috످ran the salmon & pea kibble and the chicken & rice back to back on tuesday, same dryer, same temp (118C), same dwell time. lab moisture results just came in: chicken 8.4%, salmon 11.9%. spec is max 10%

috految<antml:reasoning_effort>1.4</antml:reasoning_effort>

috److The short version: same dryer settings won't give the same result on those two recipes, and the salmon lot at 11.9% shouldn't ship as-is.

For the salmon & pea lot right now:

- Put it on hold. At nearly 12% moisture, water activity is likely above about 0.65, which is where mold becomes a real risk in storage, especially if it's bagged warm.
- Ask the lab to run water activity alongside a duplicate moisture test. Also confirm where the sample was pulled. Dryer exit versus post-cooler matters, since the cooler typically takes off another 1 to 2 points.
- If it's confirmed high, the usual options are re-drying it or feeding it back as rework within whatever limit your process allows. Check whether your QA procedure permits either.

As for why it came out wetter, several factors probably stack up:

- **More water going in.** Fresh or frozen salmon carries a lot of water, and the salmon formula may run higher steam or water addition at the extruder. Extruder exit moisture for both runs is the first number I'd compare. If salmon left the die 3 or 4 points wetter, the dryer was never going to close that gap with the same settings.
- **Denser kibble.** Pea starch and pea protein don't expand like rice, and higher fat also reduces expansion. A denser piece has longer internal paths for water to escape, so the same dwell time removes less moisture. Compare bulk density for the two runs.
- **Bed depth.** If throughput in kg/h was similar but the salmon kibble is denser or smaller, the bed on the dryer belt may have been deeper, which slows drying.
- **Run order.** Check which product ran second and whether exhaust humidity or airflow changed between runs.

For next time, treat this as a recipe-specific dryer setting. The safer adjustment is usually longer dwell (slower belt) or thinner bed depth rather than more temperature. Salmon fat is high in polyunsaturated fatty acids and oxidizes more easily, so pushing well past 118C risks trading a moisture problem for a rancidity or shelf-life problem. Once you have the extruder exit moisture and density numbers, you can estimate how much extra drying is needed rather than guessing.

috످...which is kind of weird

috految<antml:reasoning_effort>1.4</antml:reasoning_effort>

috److Yeah, you'd expect the same settings to give you the same moisture. But it's like putting a thick towel and a T-shirt in the dryer for the same 30 minutes: the towel comes out damp. The salmon kibble is probably your towel, going in wetter or denser than the chicken.

Has the salmon passed on these settings before? If so, it really is weird, and I'd check for a bad sample, a new ingredient lot, or a dryer issue on Tuesday.

috످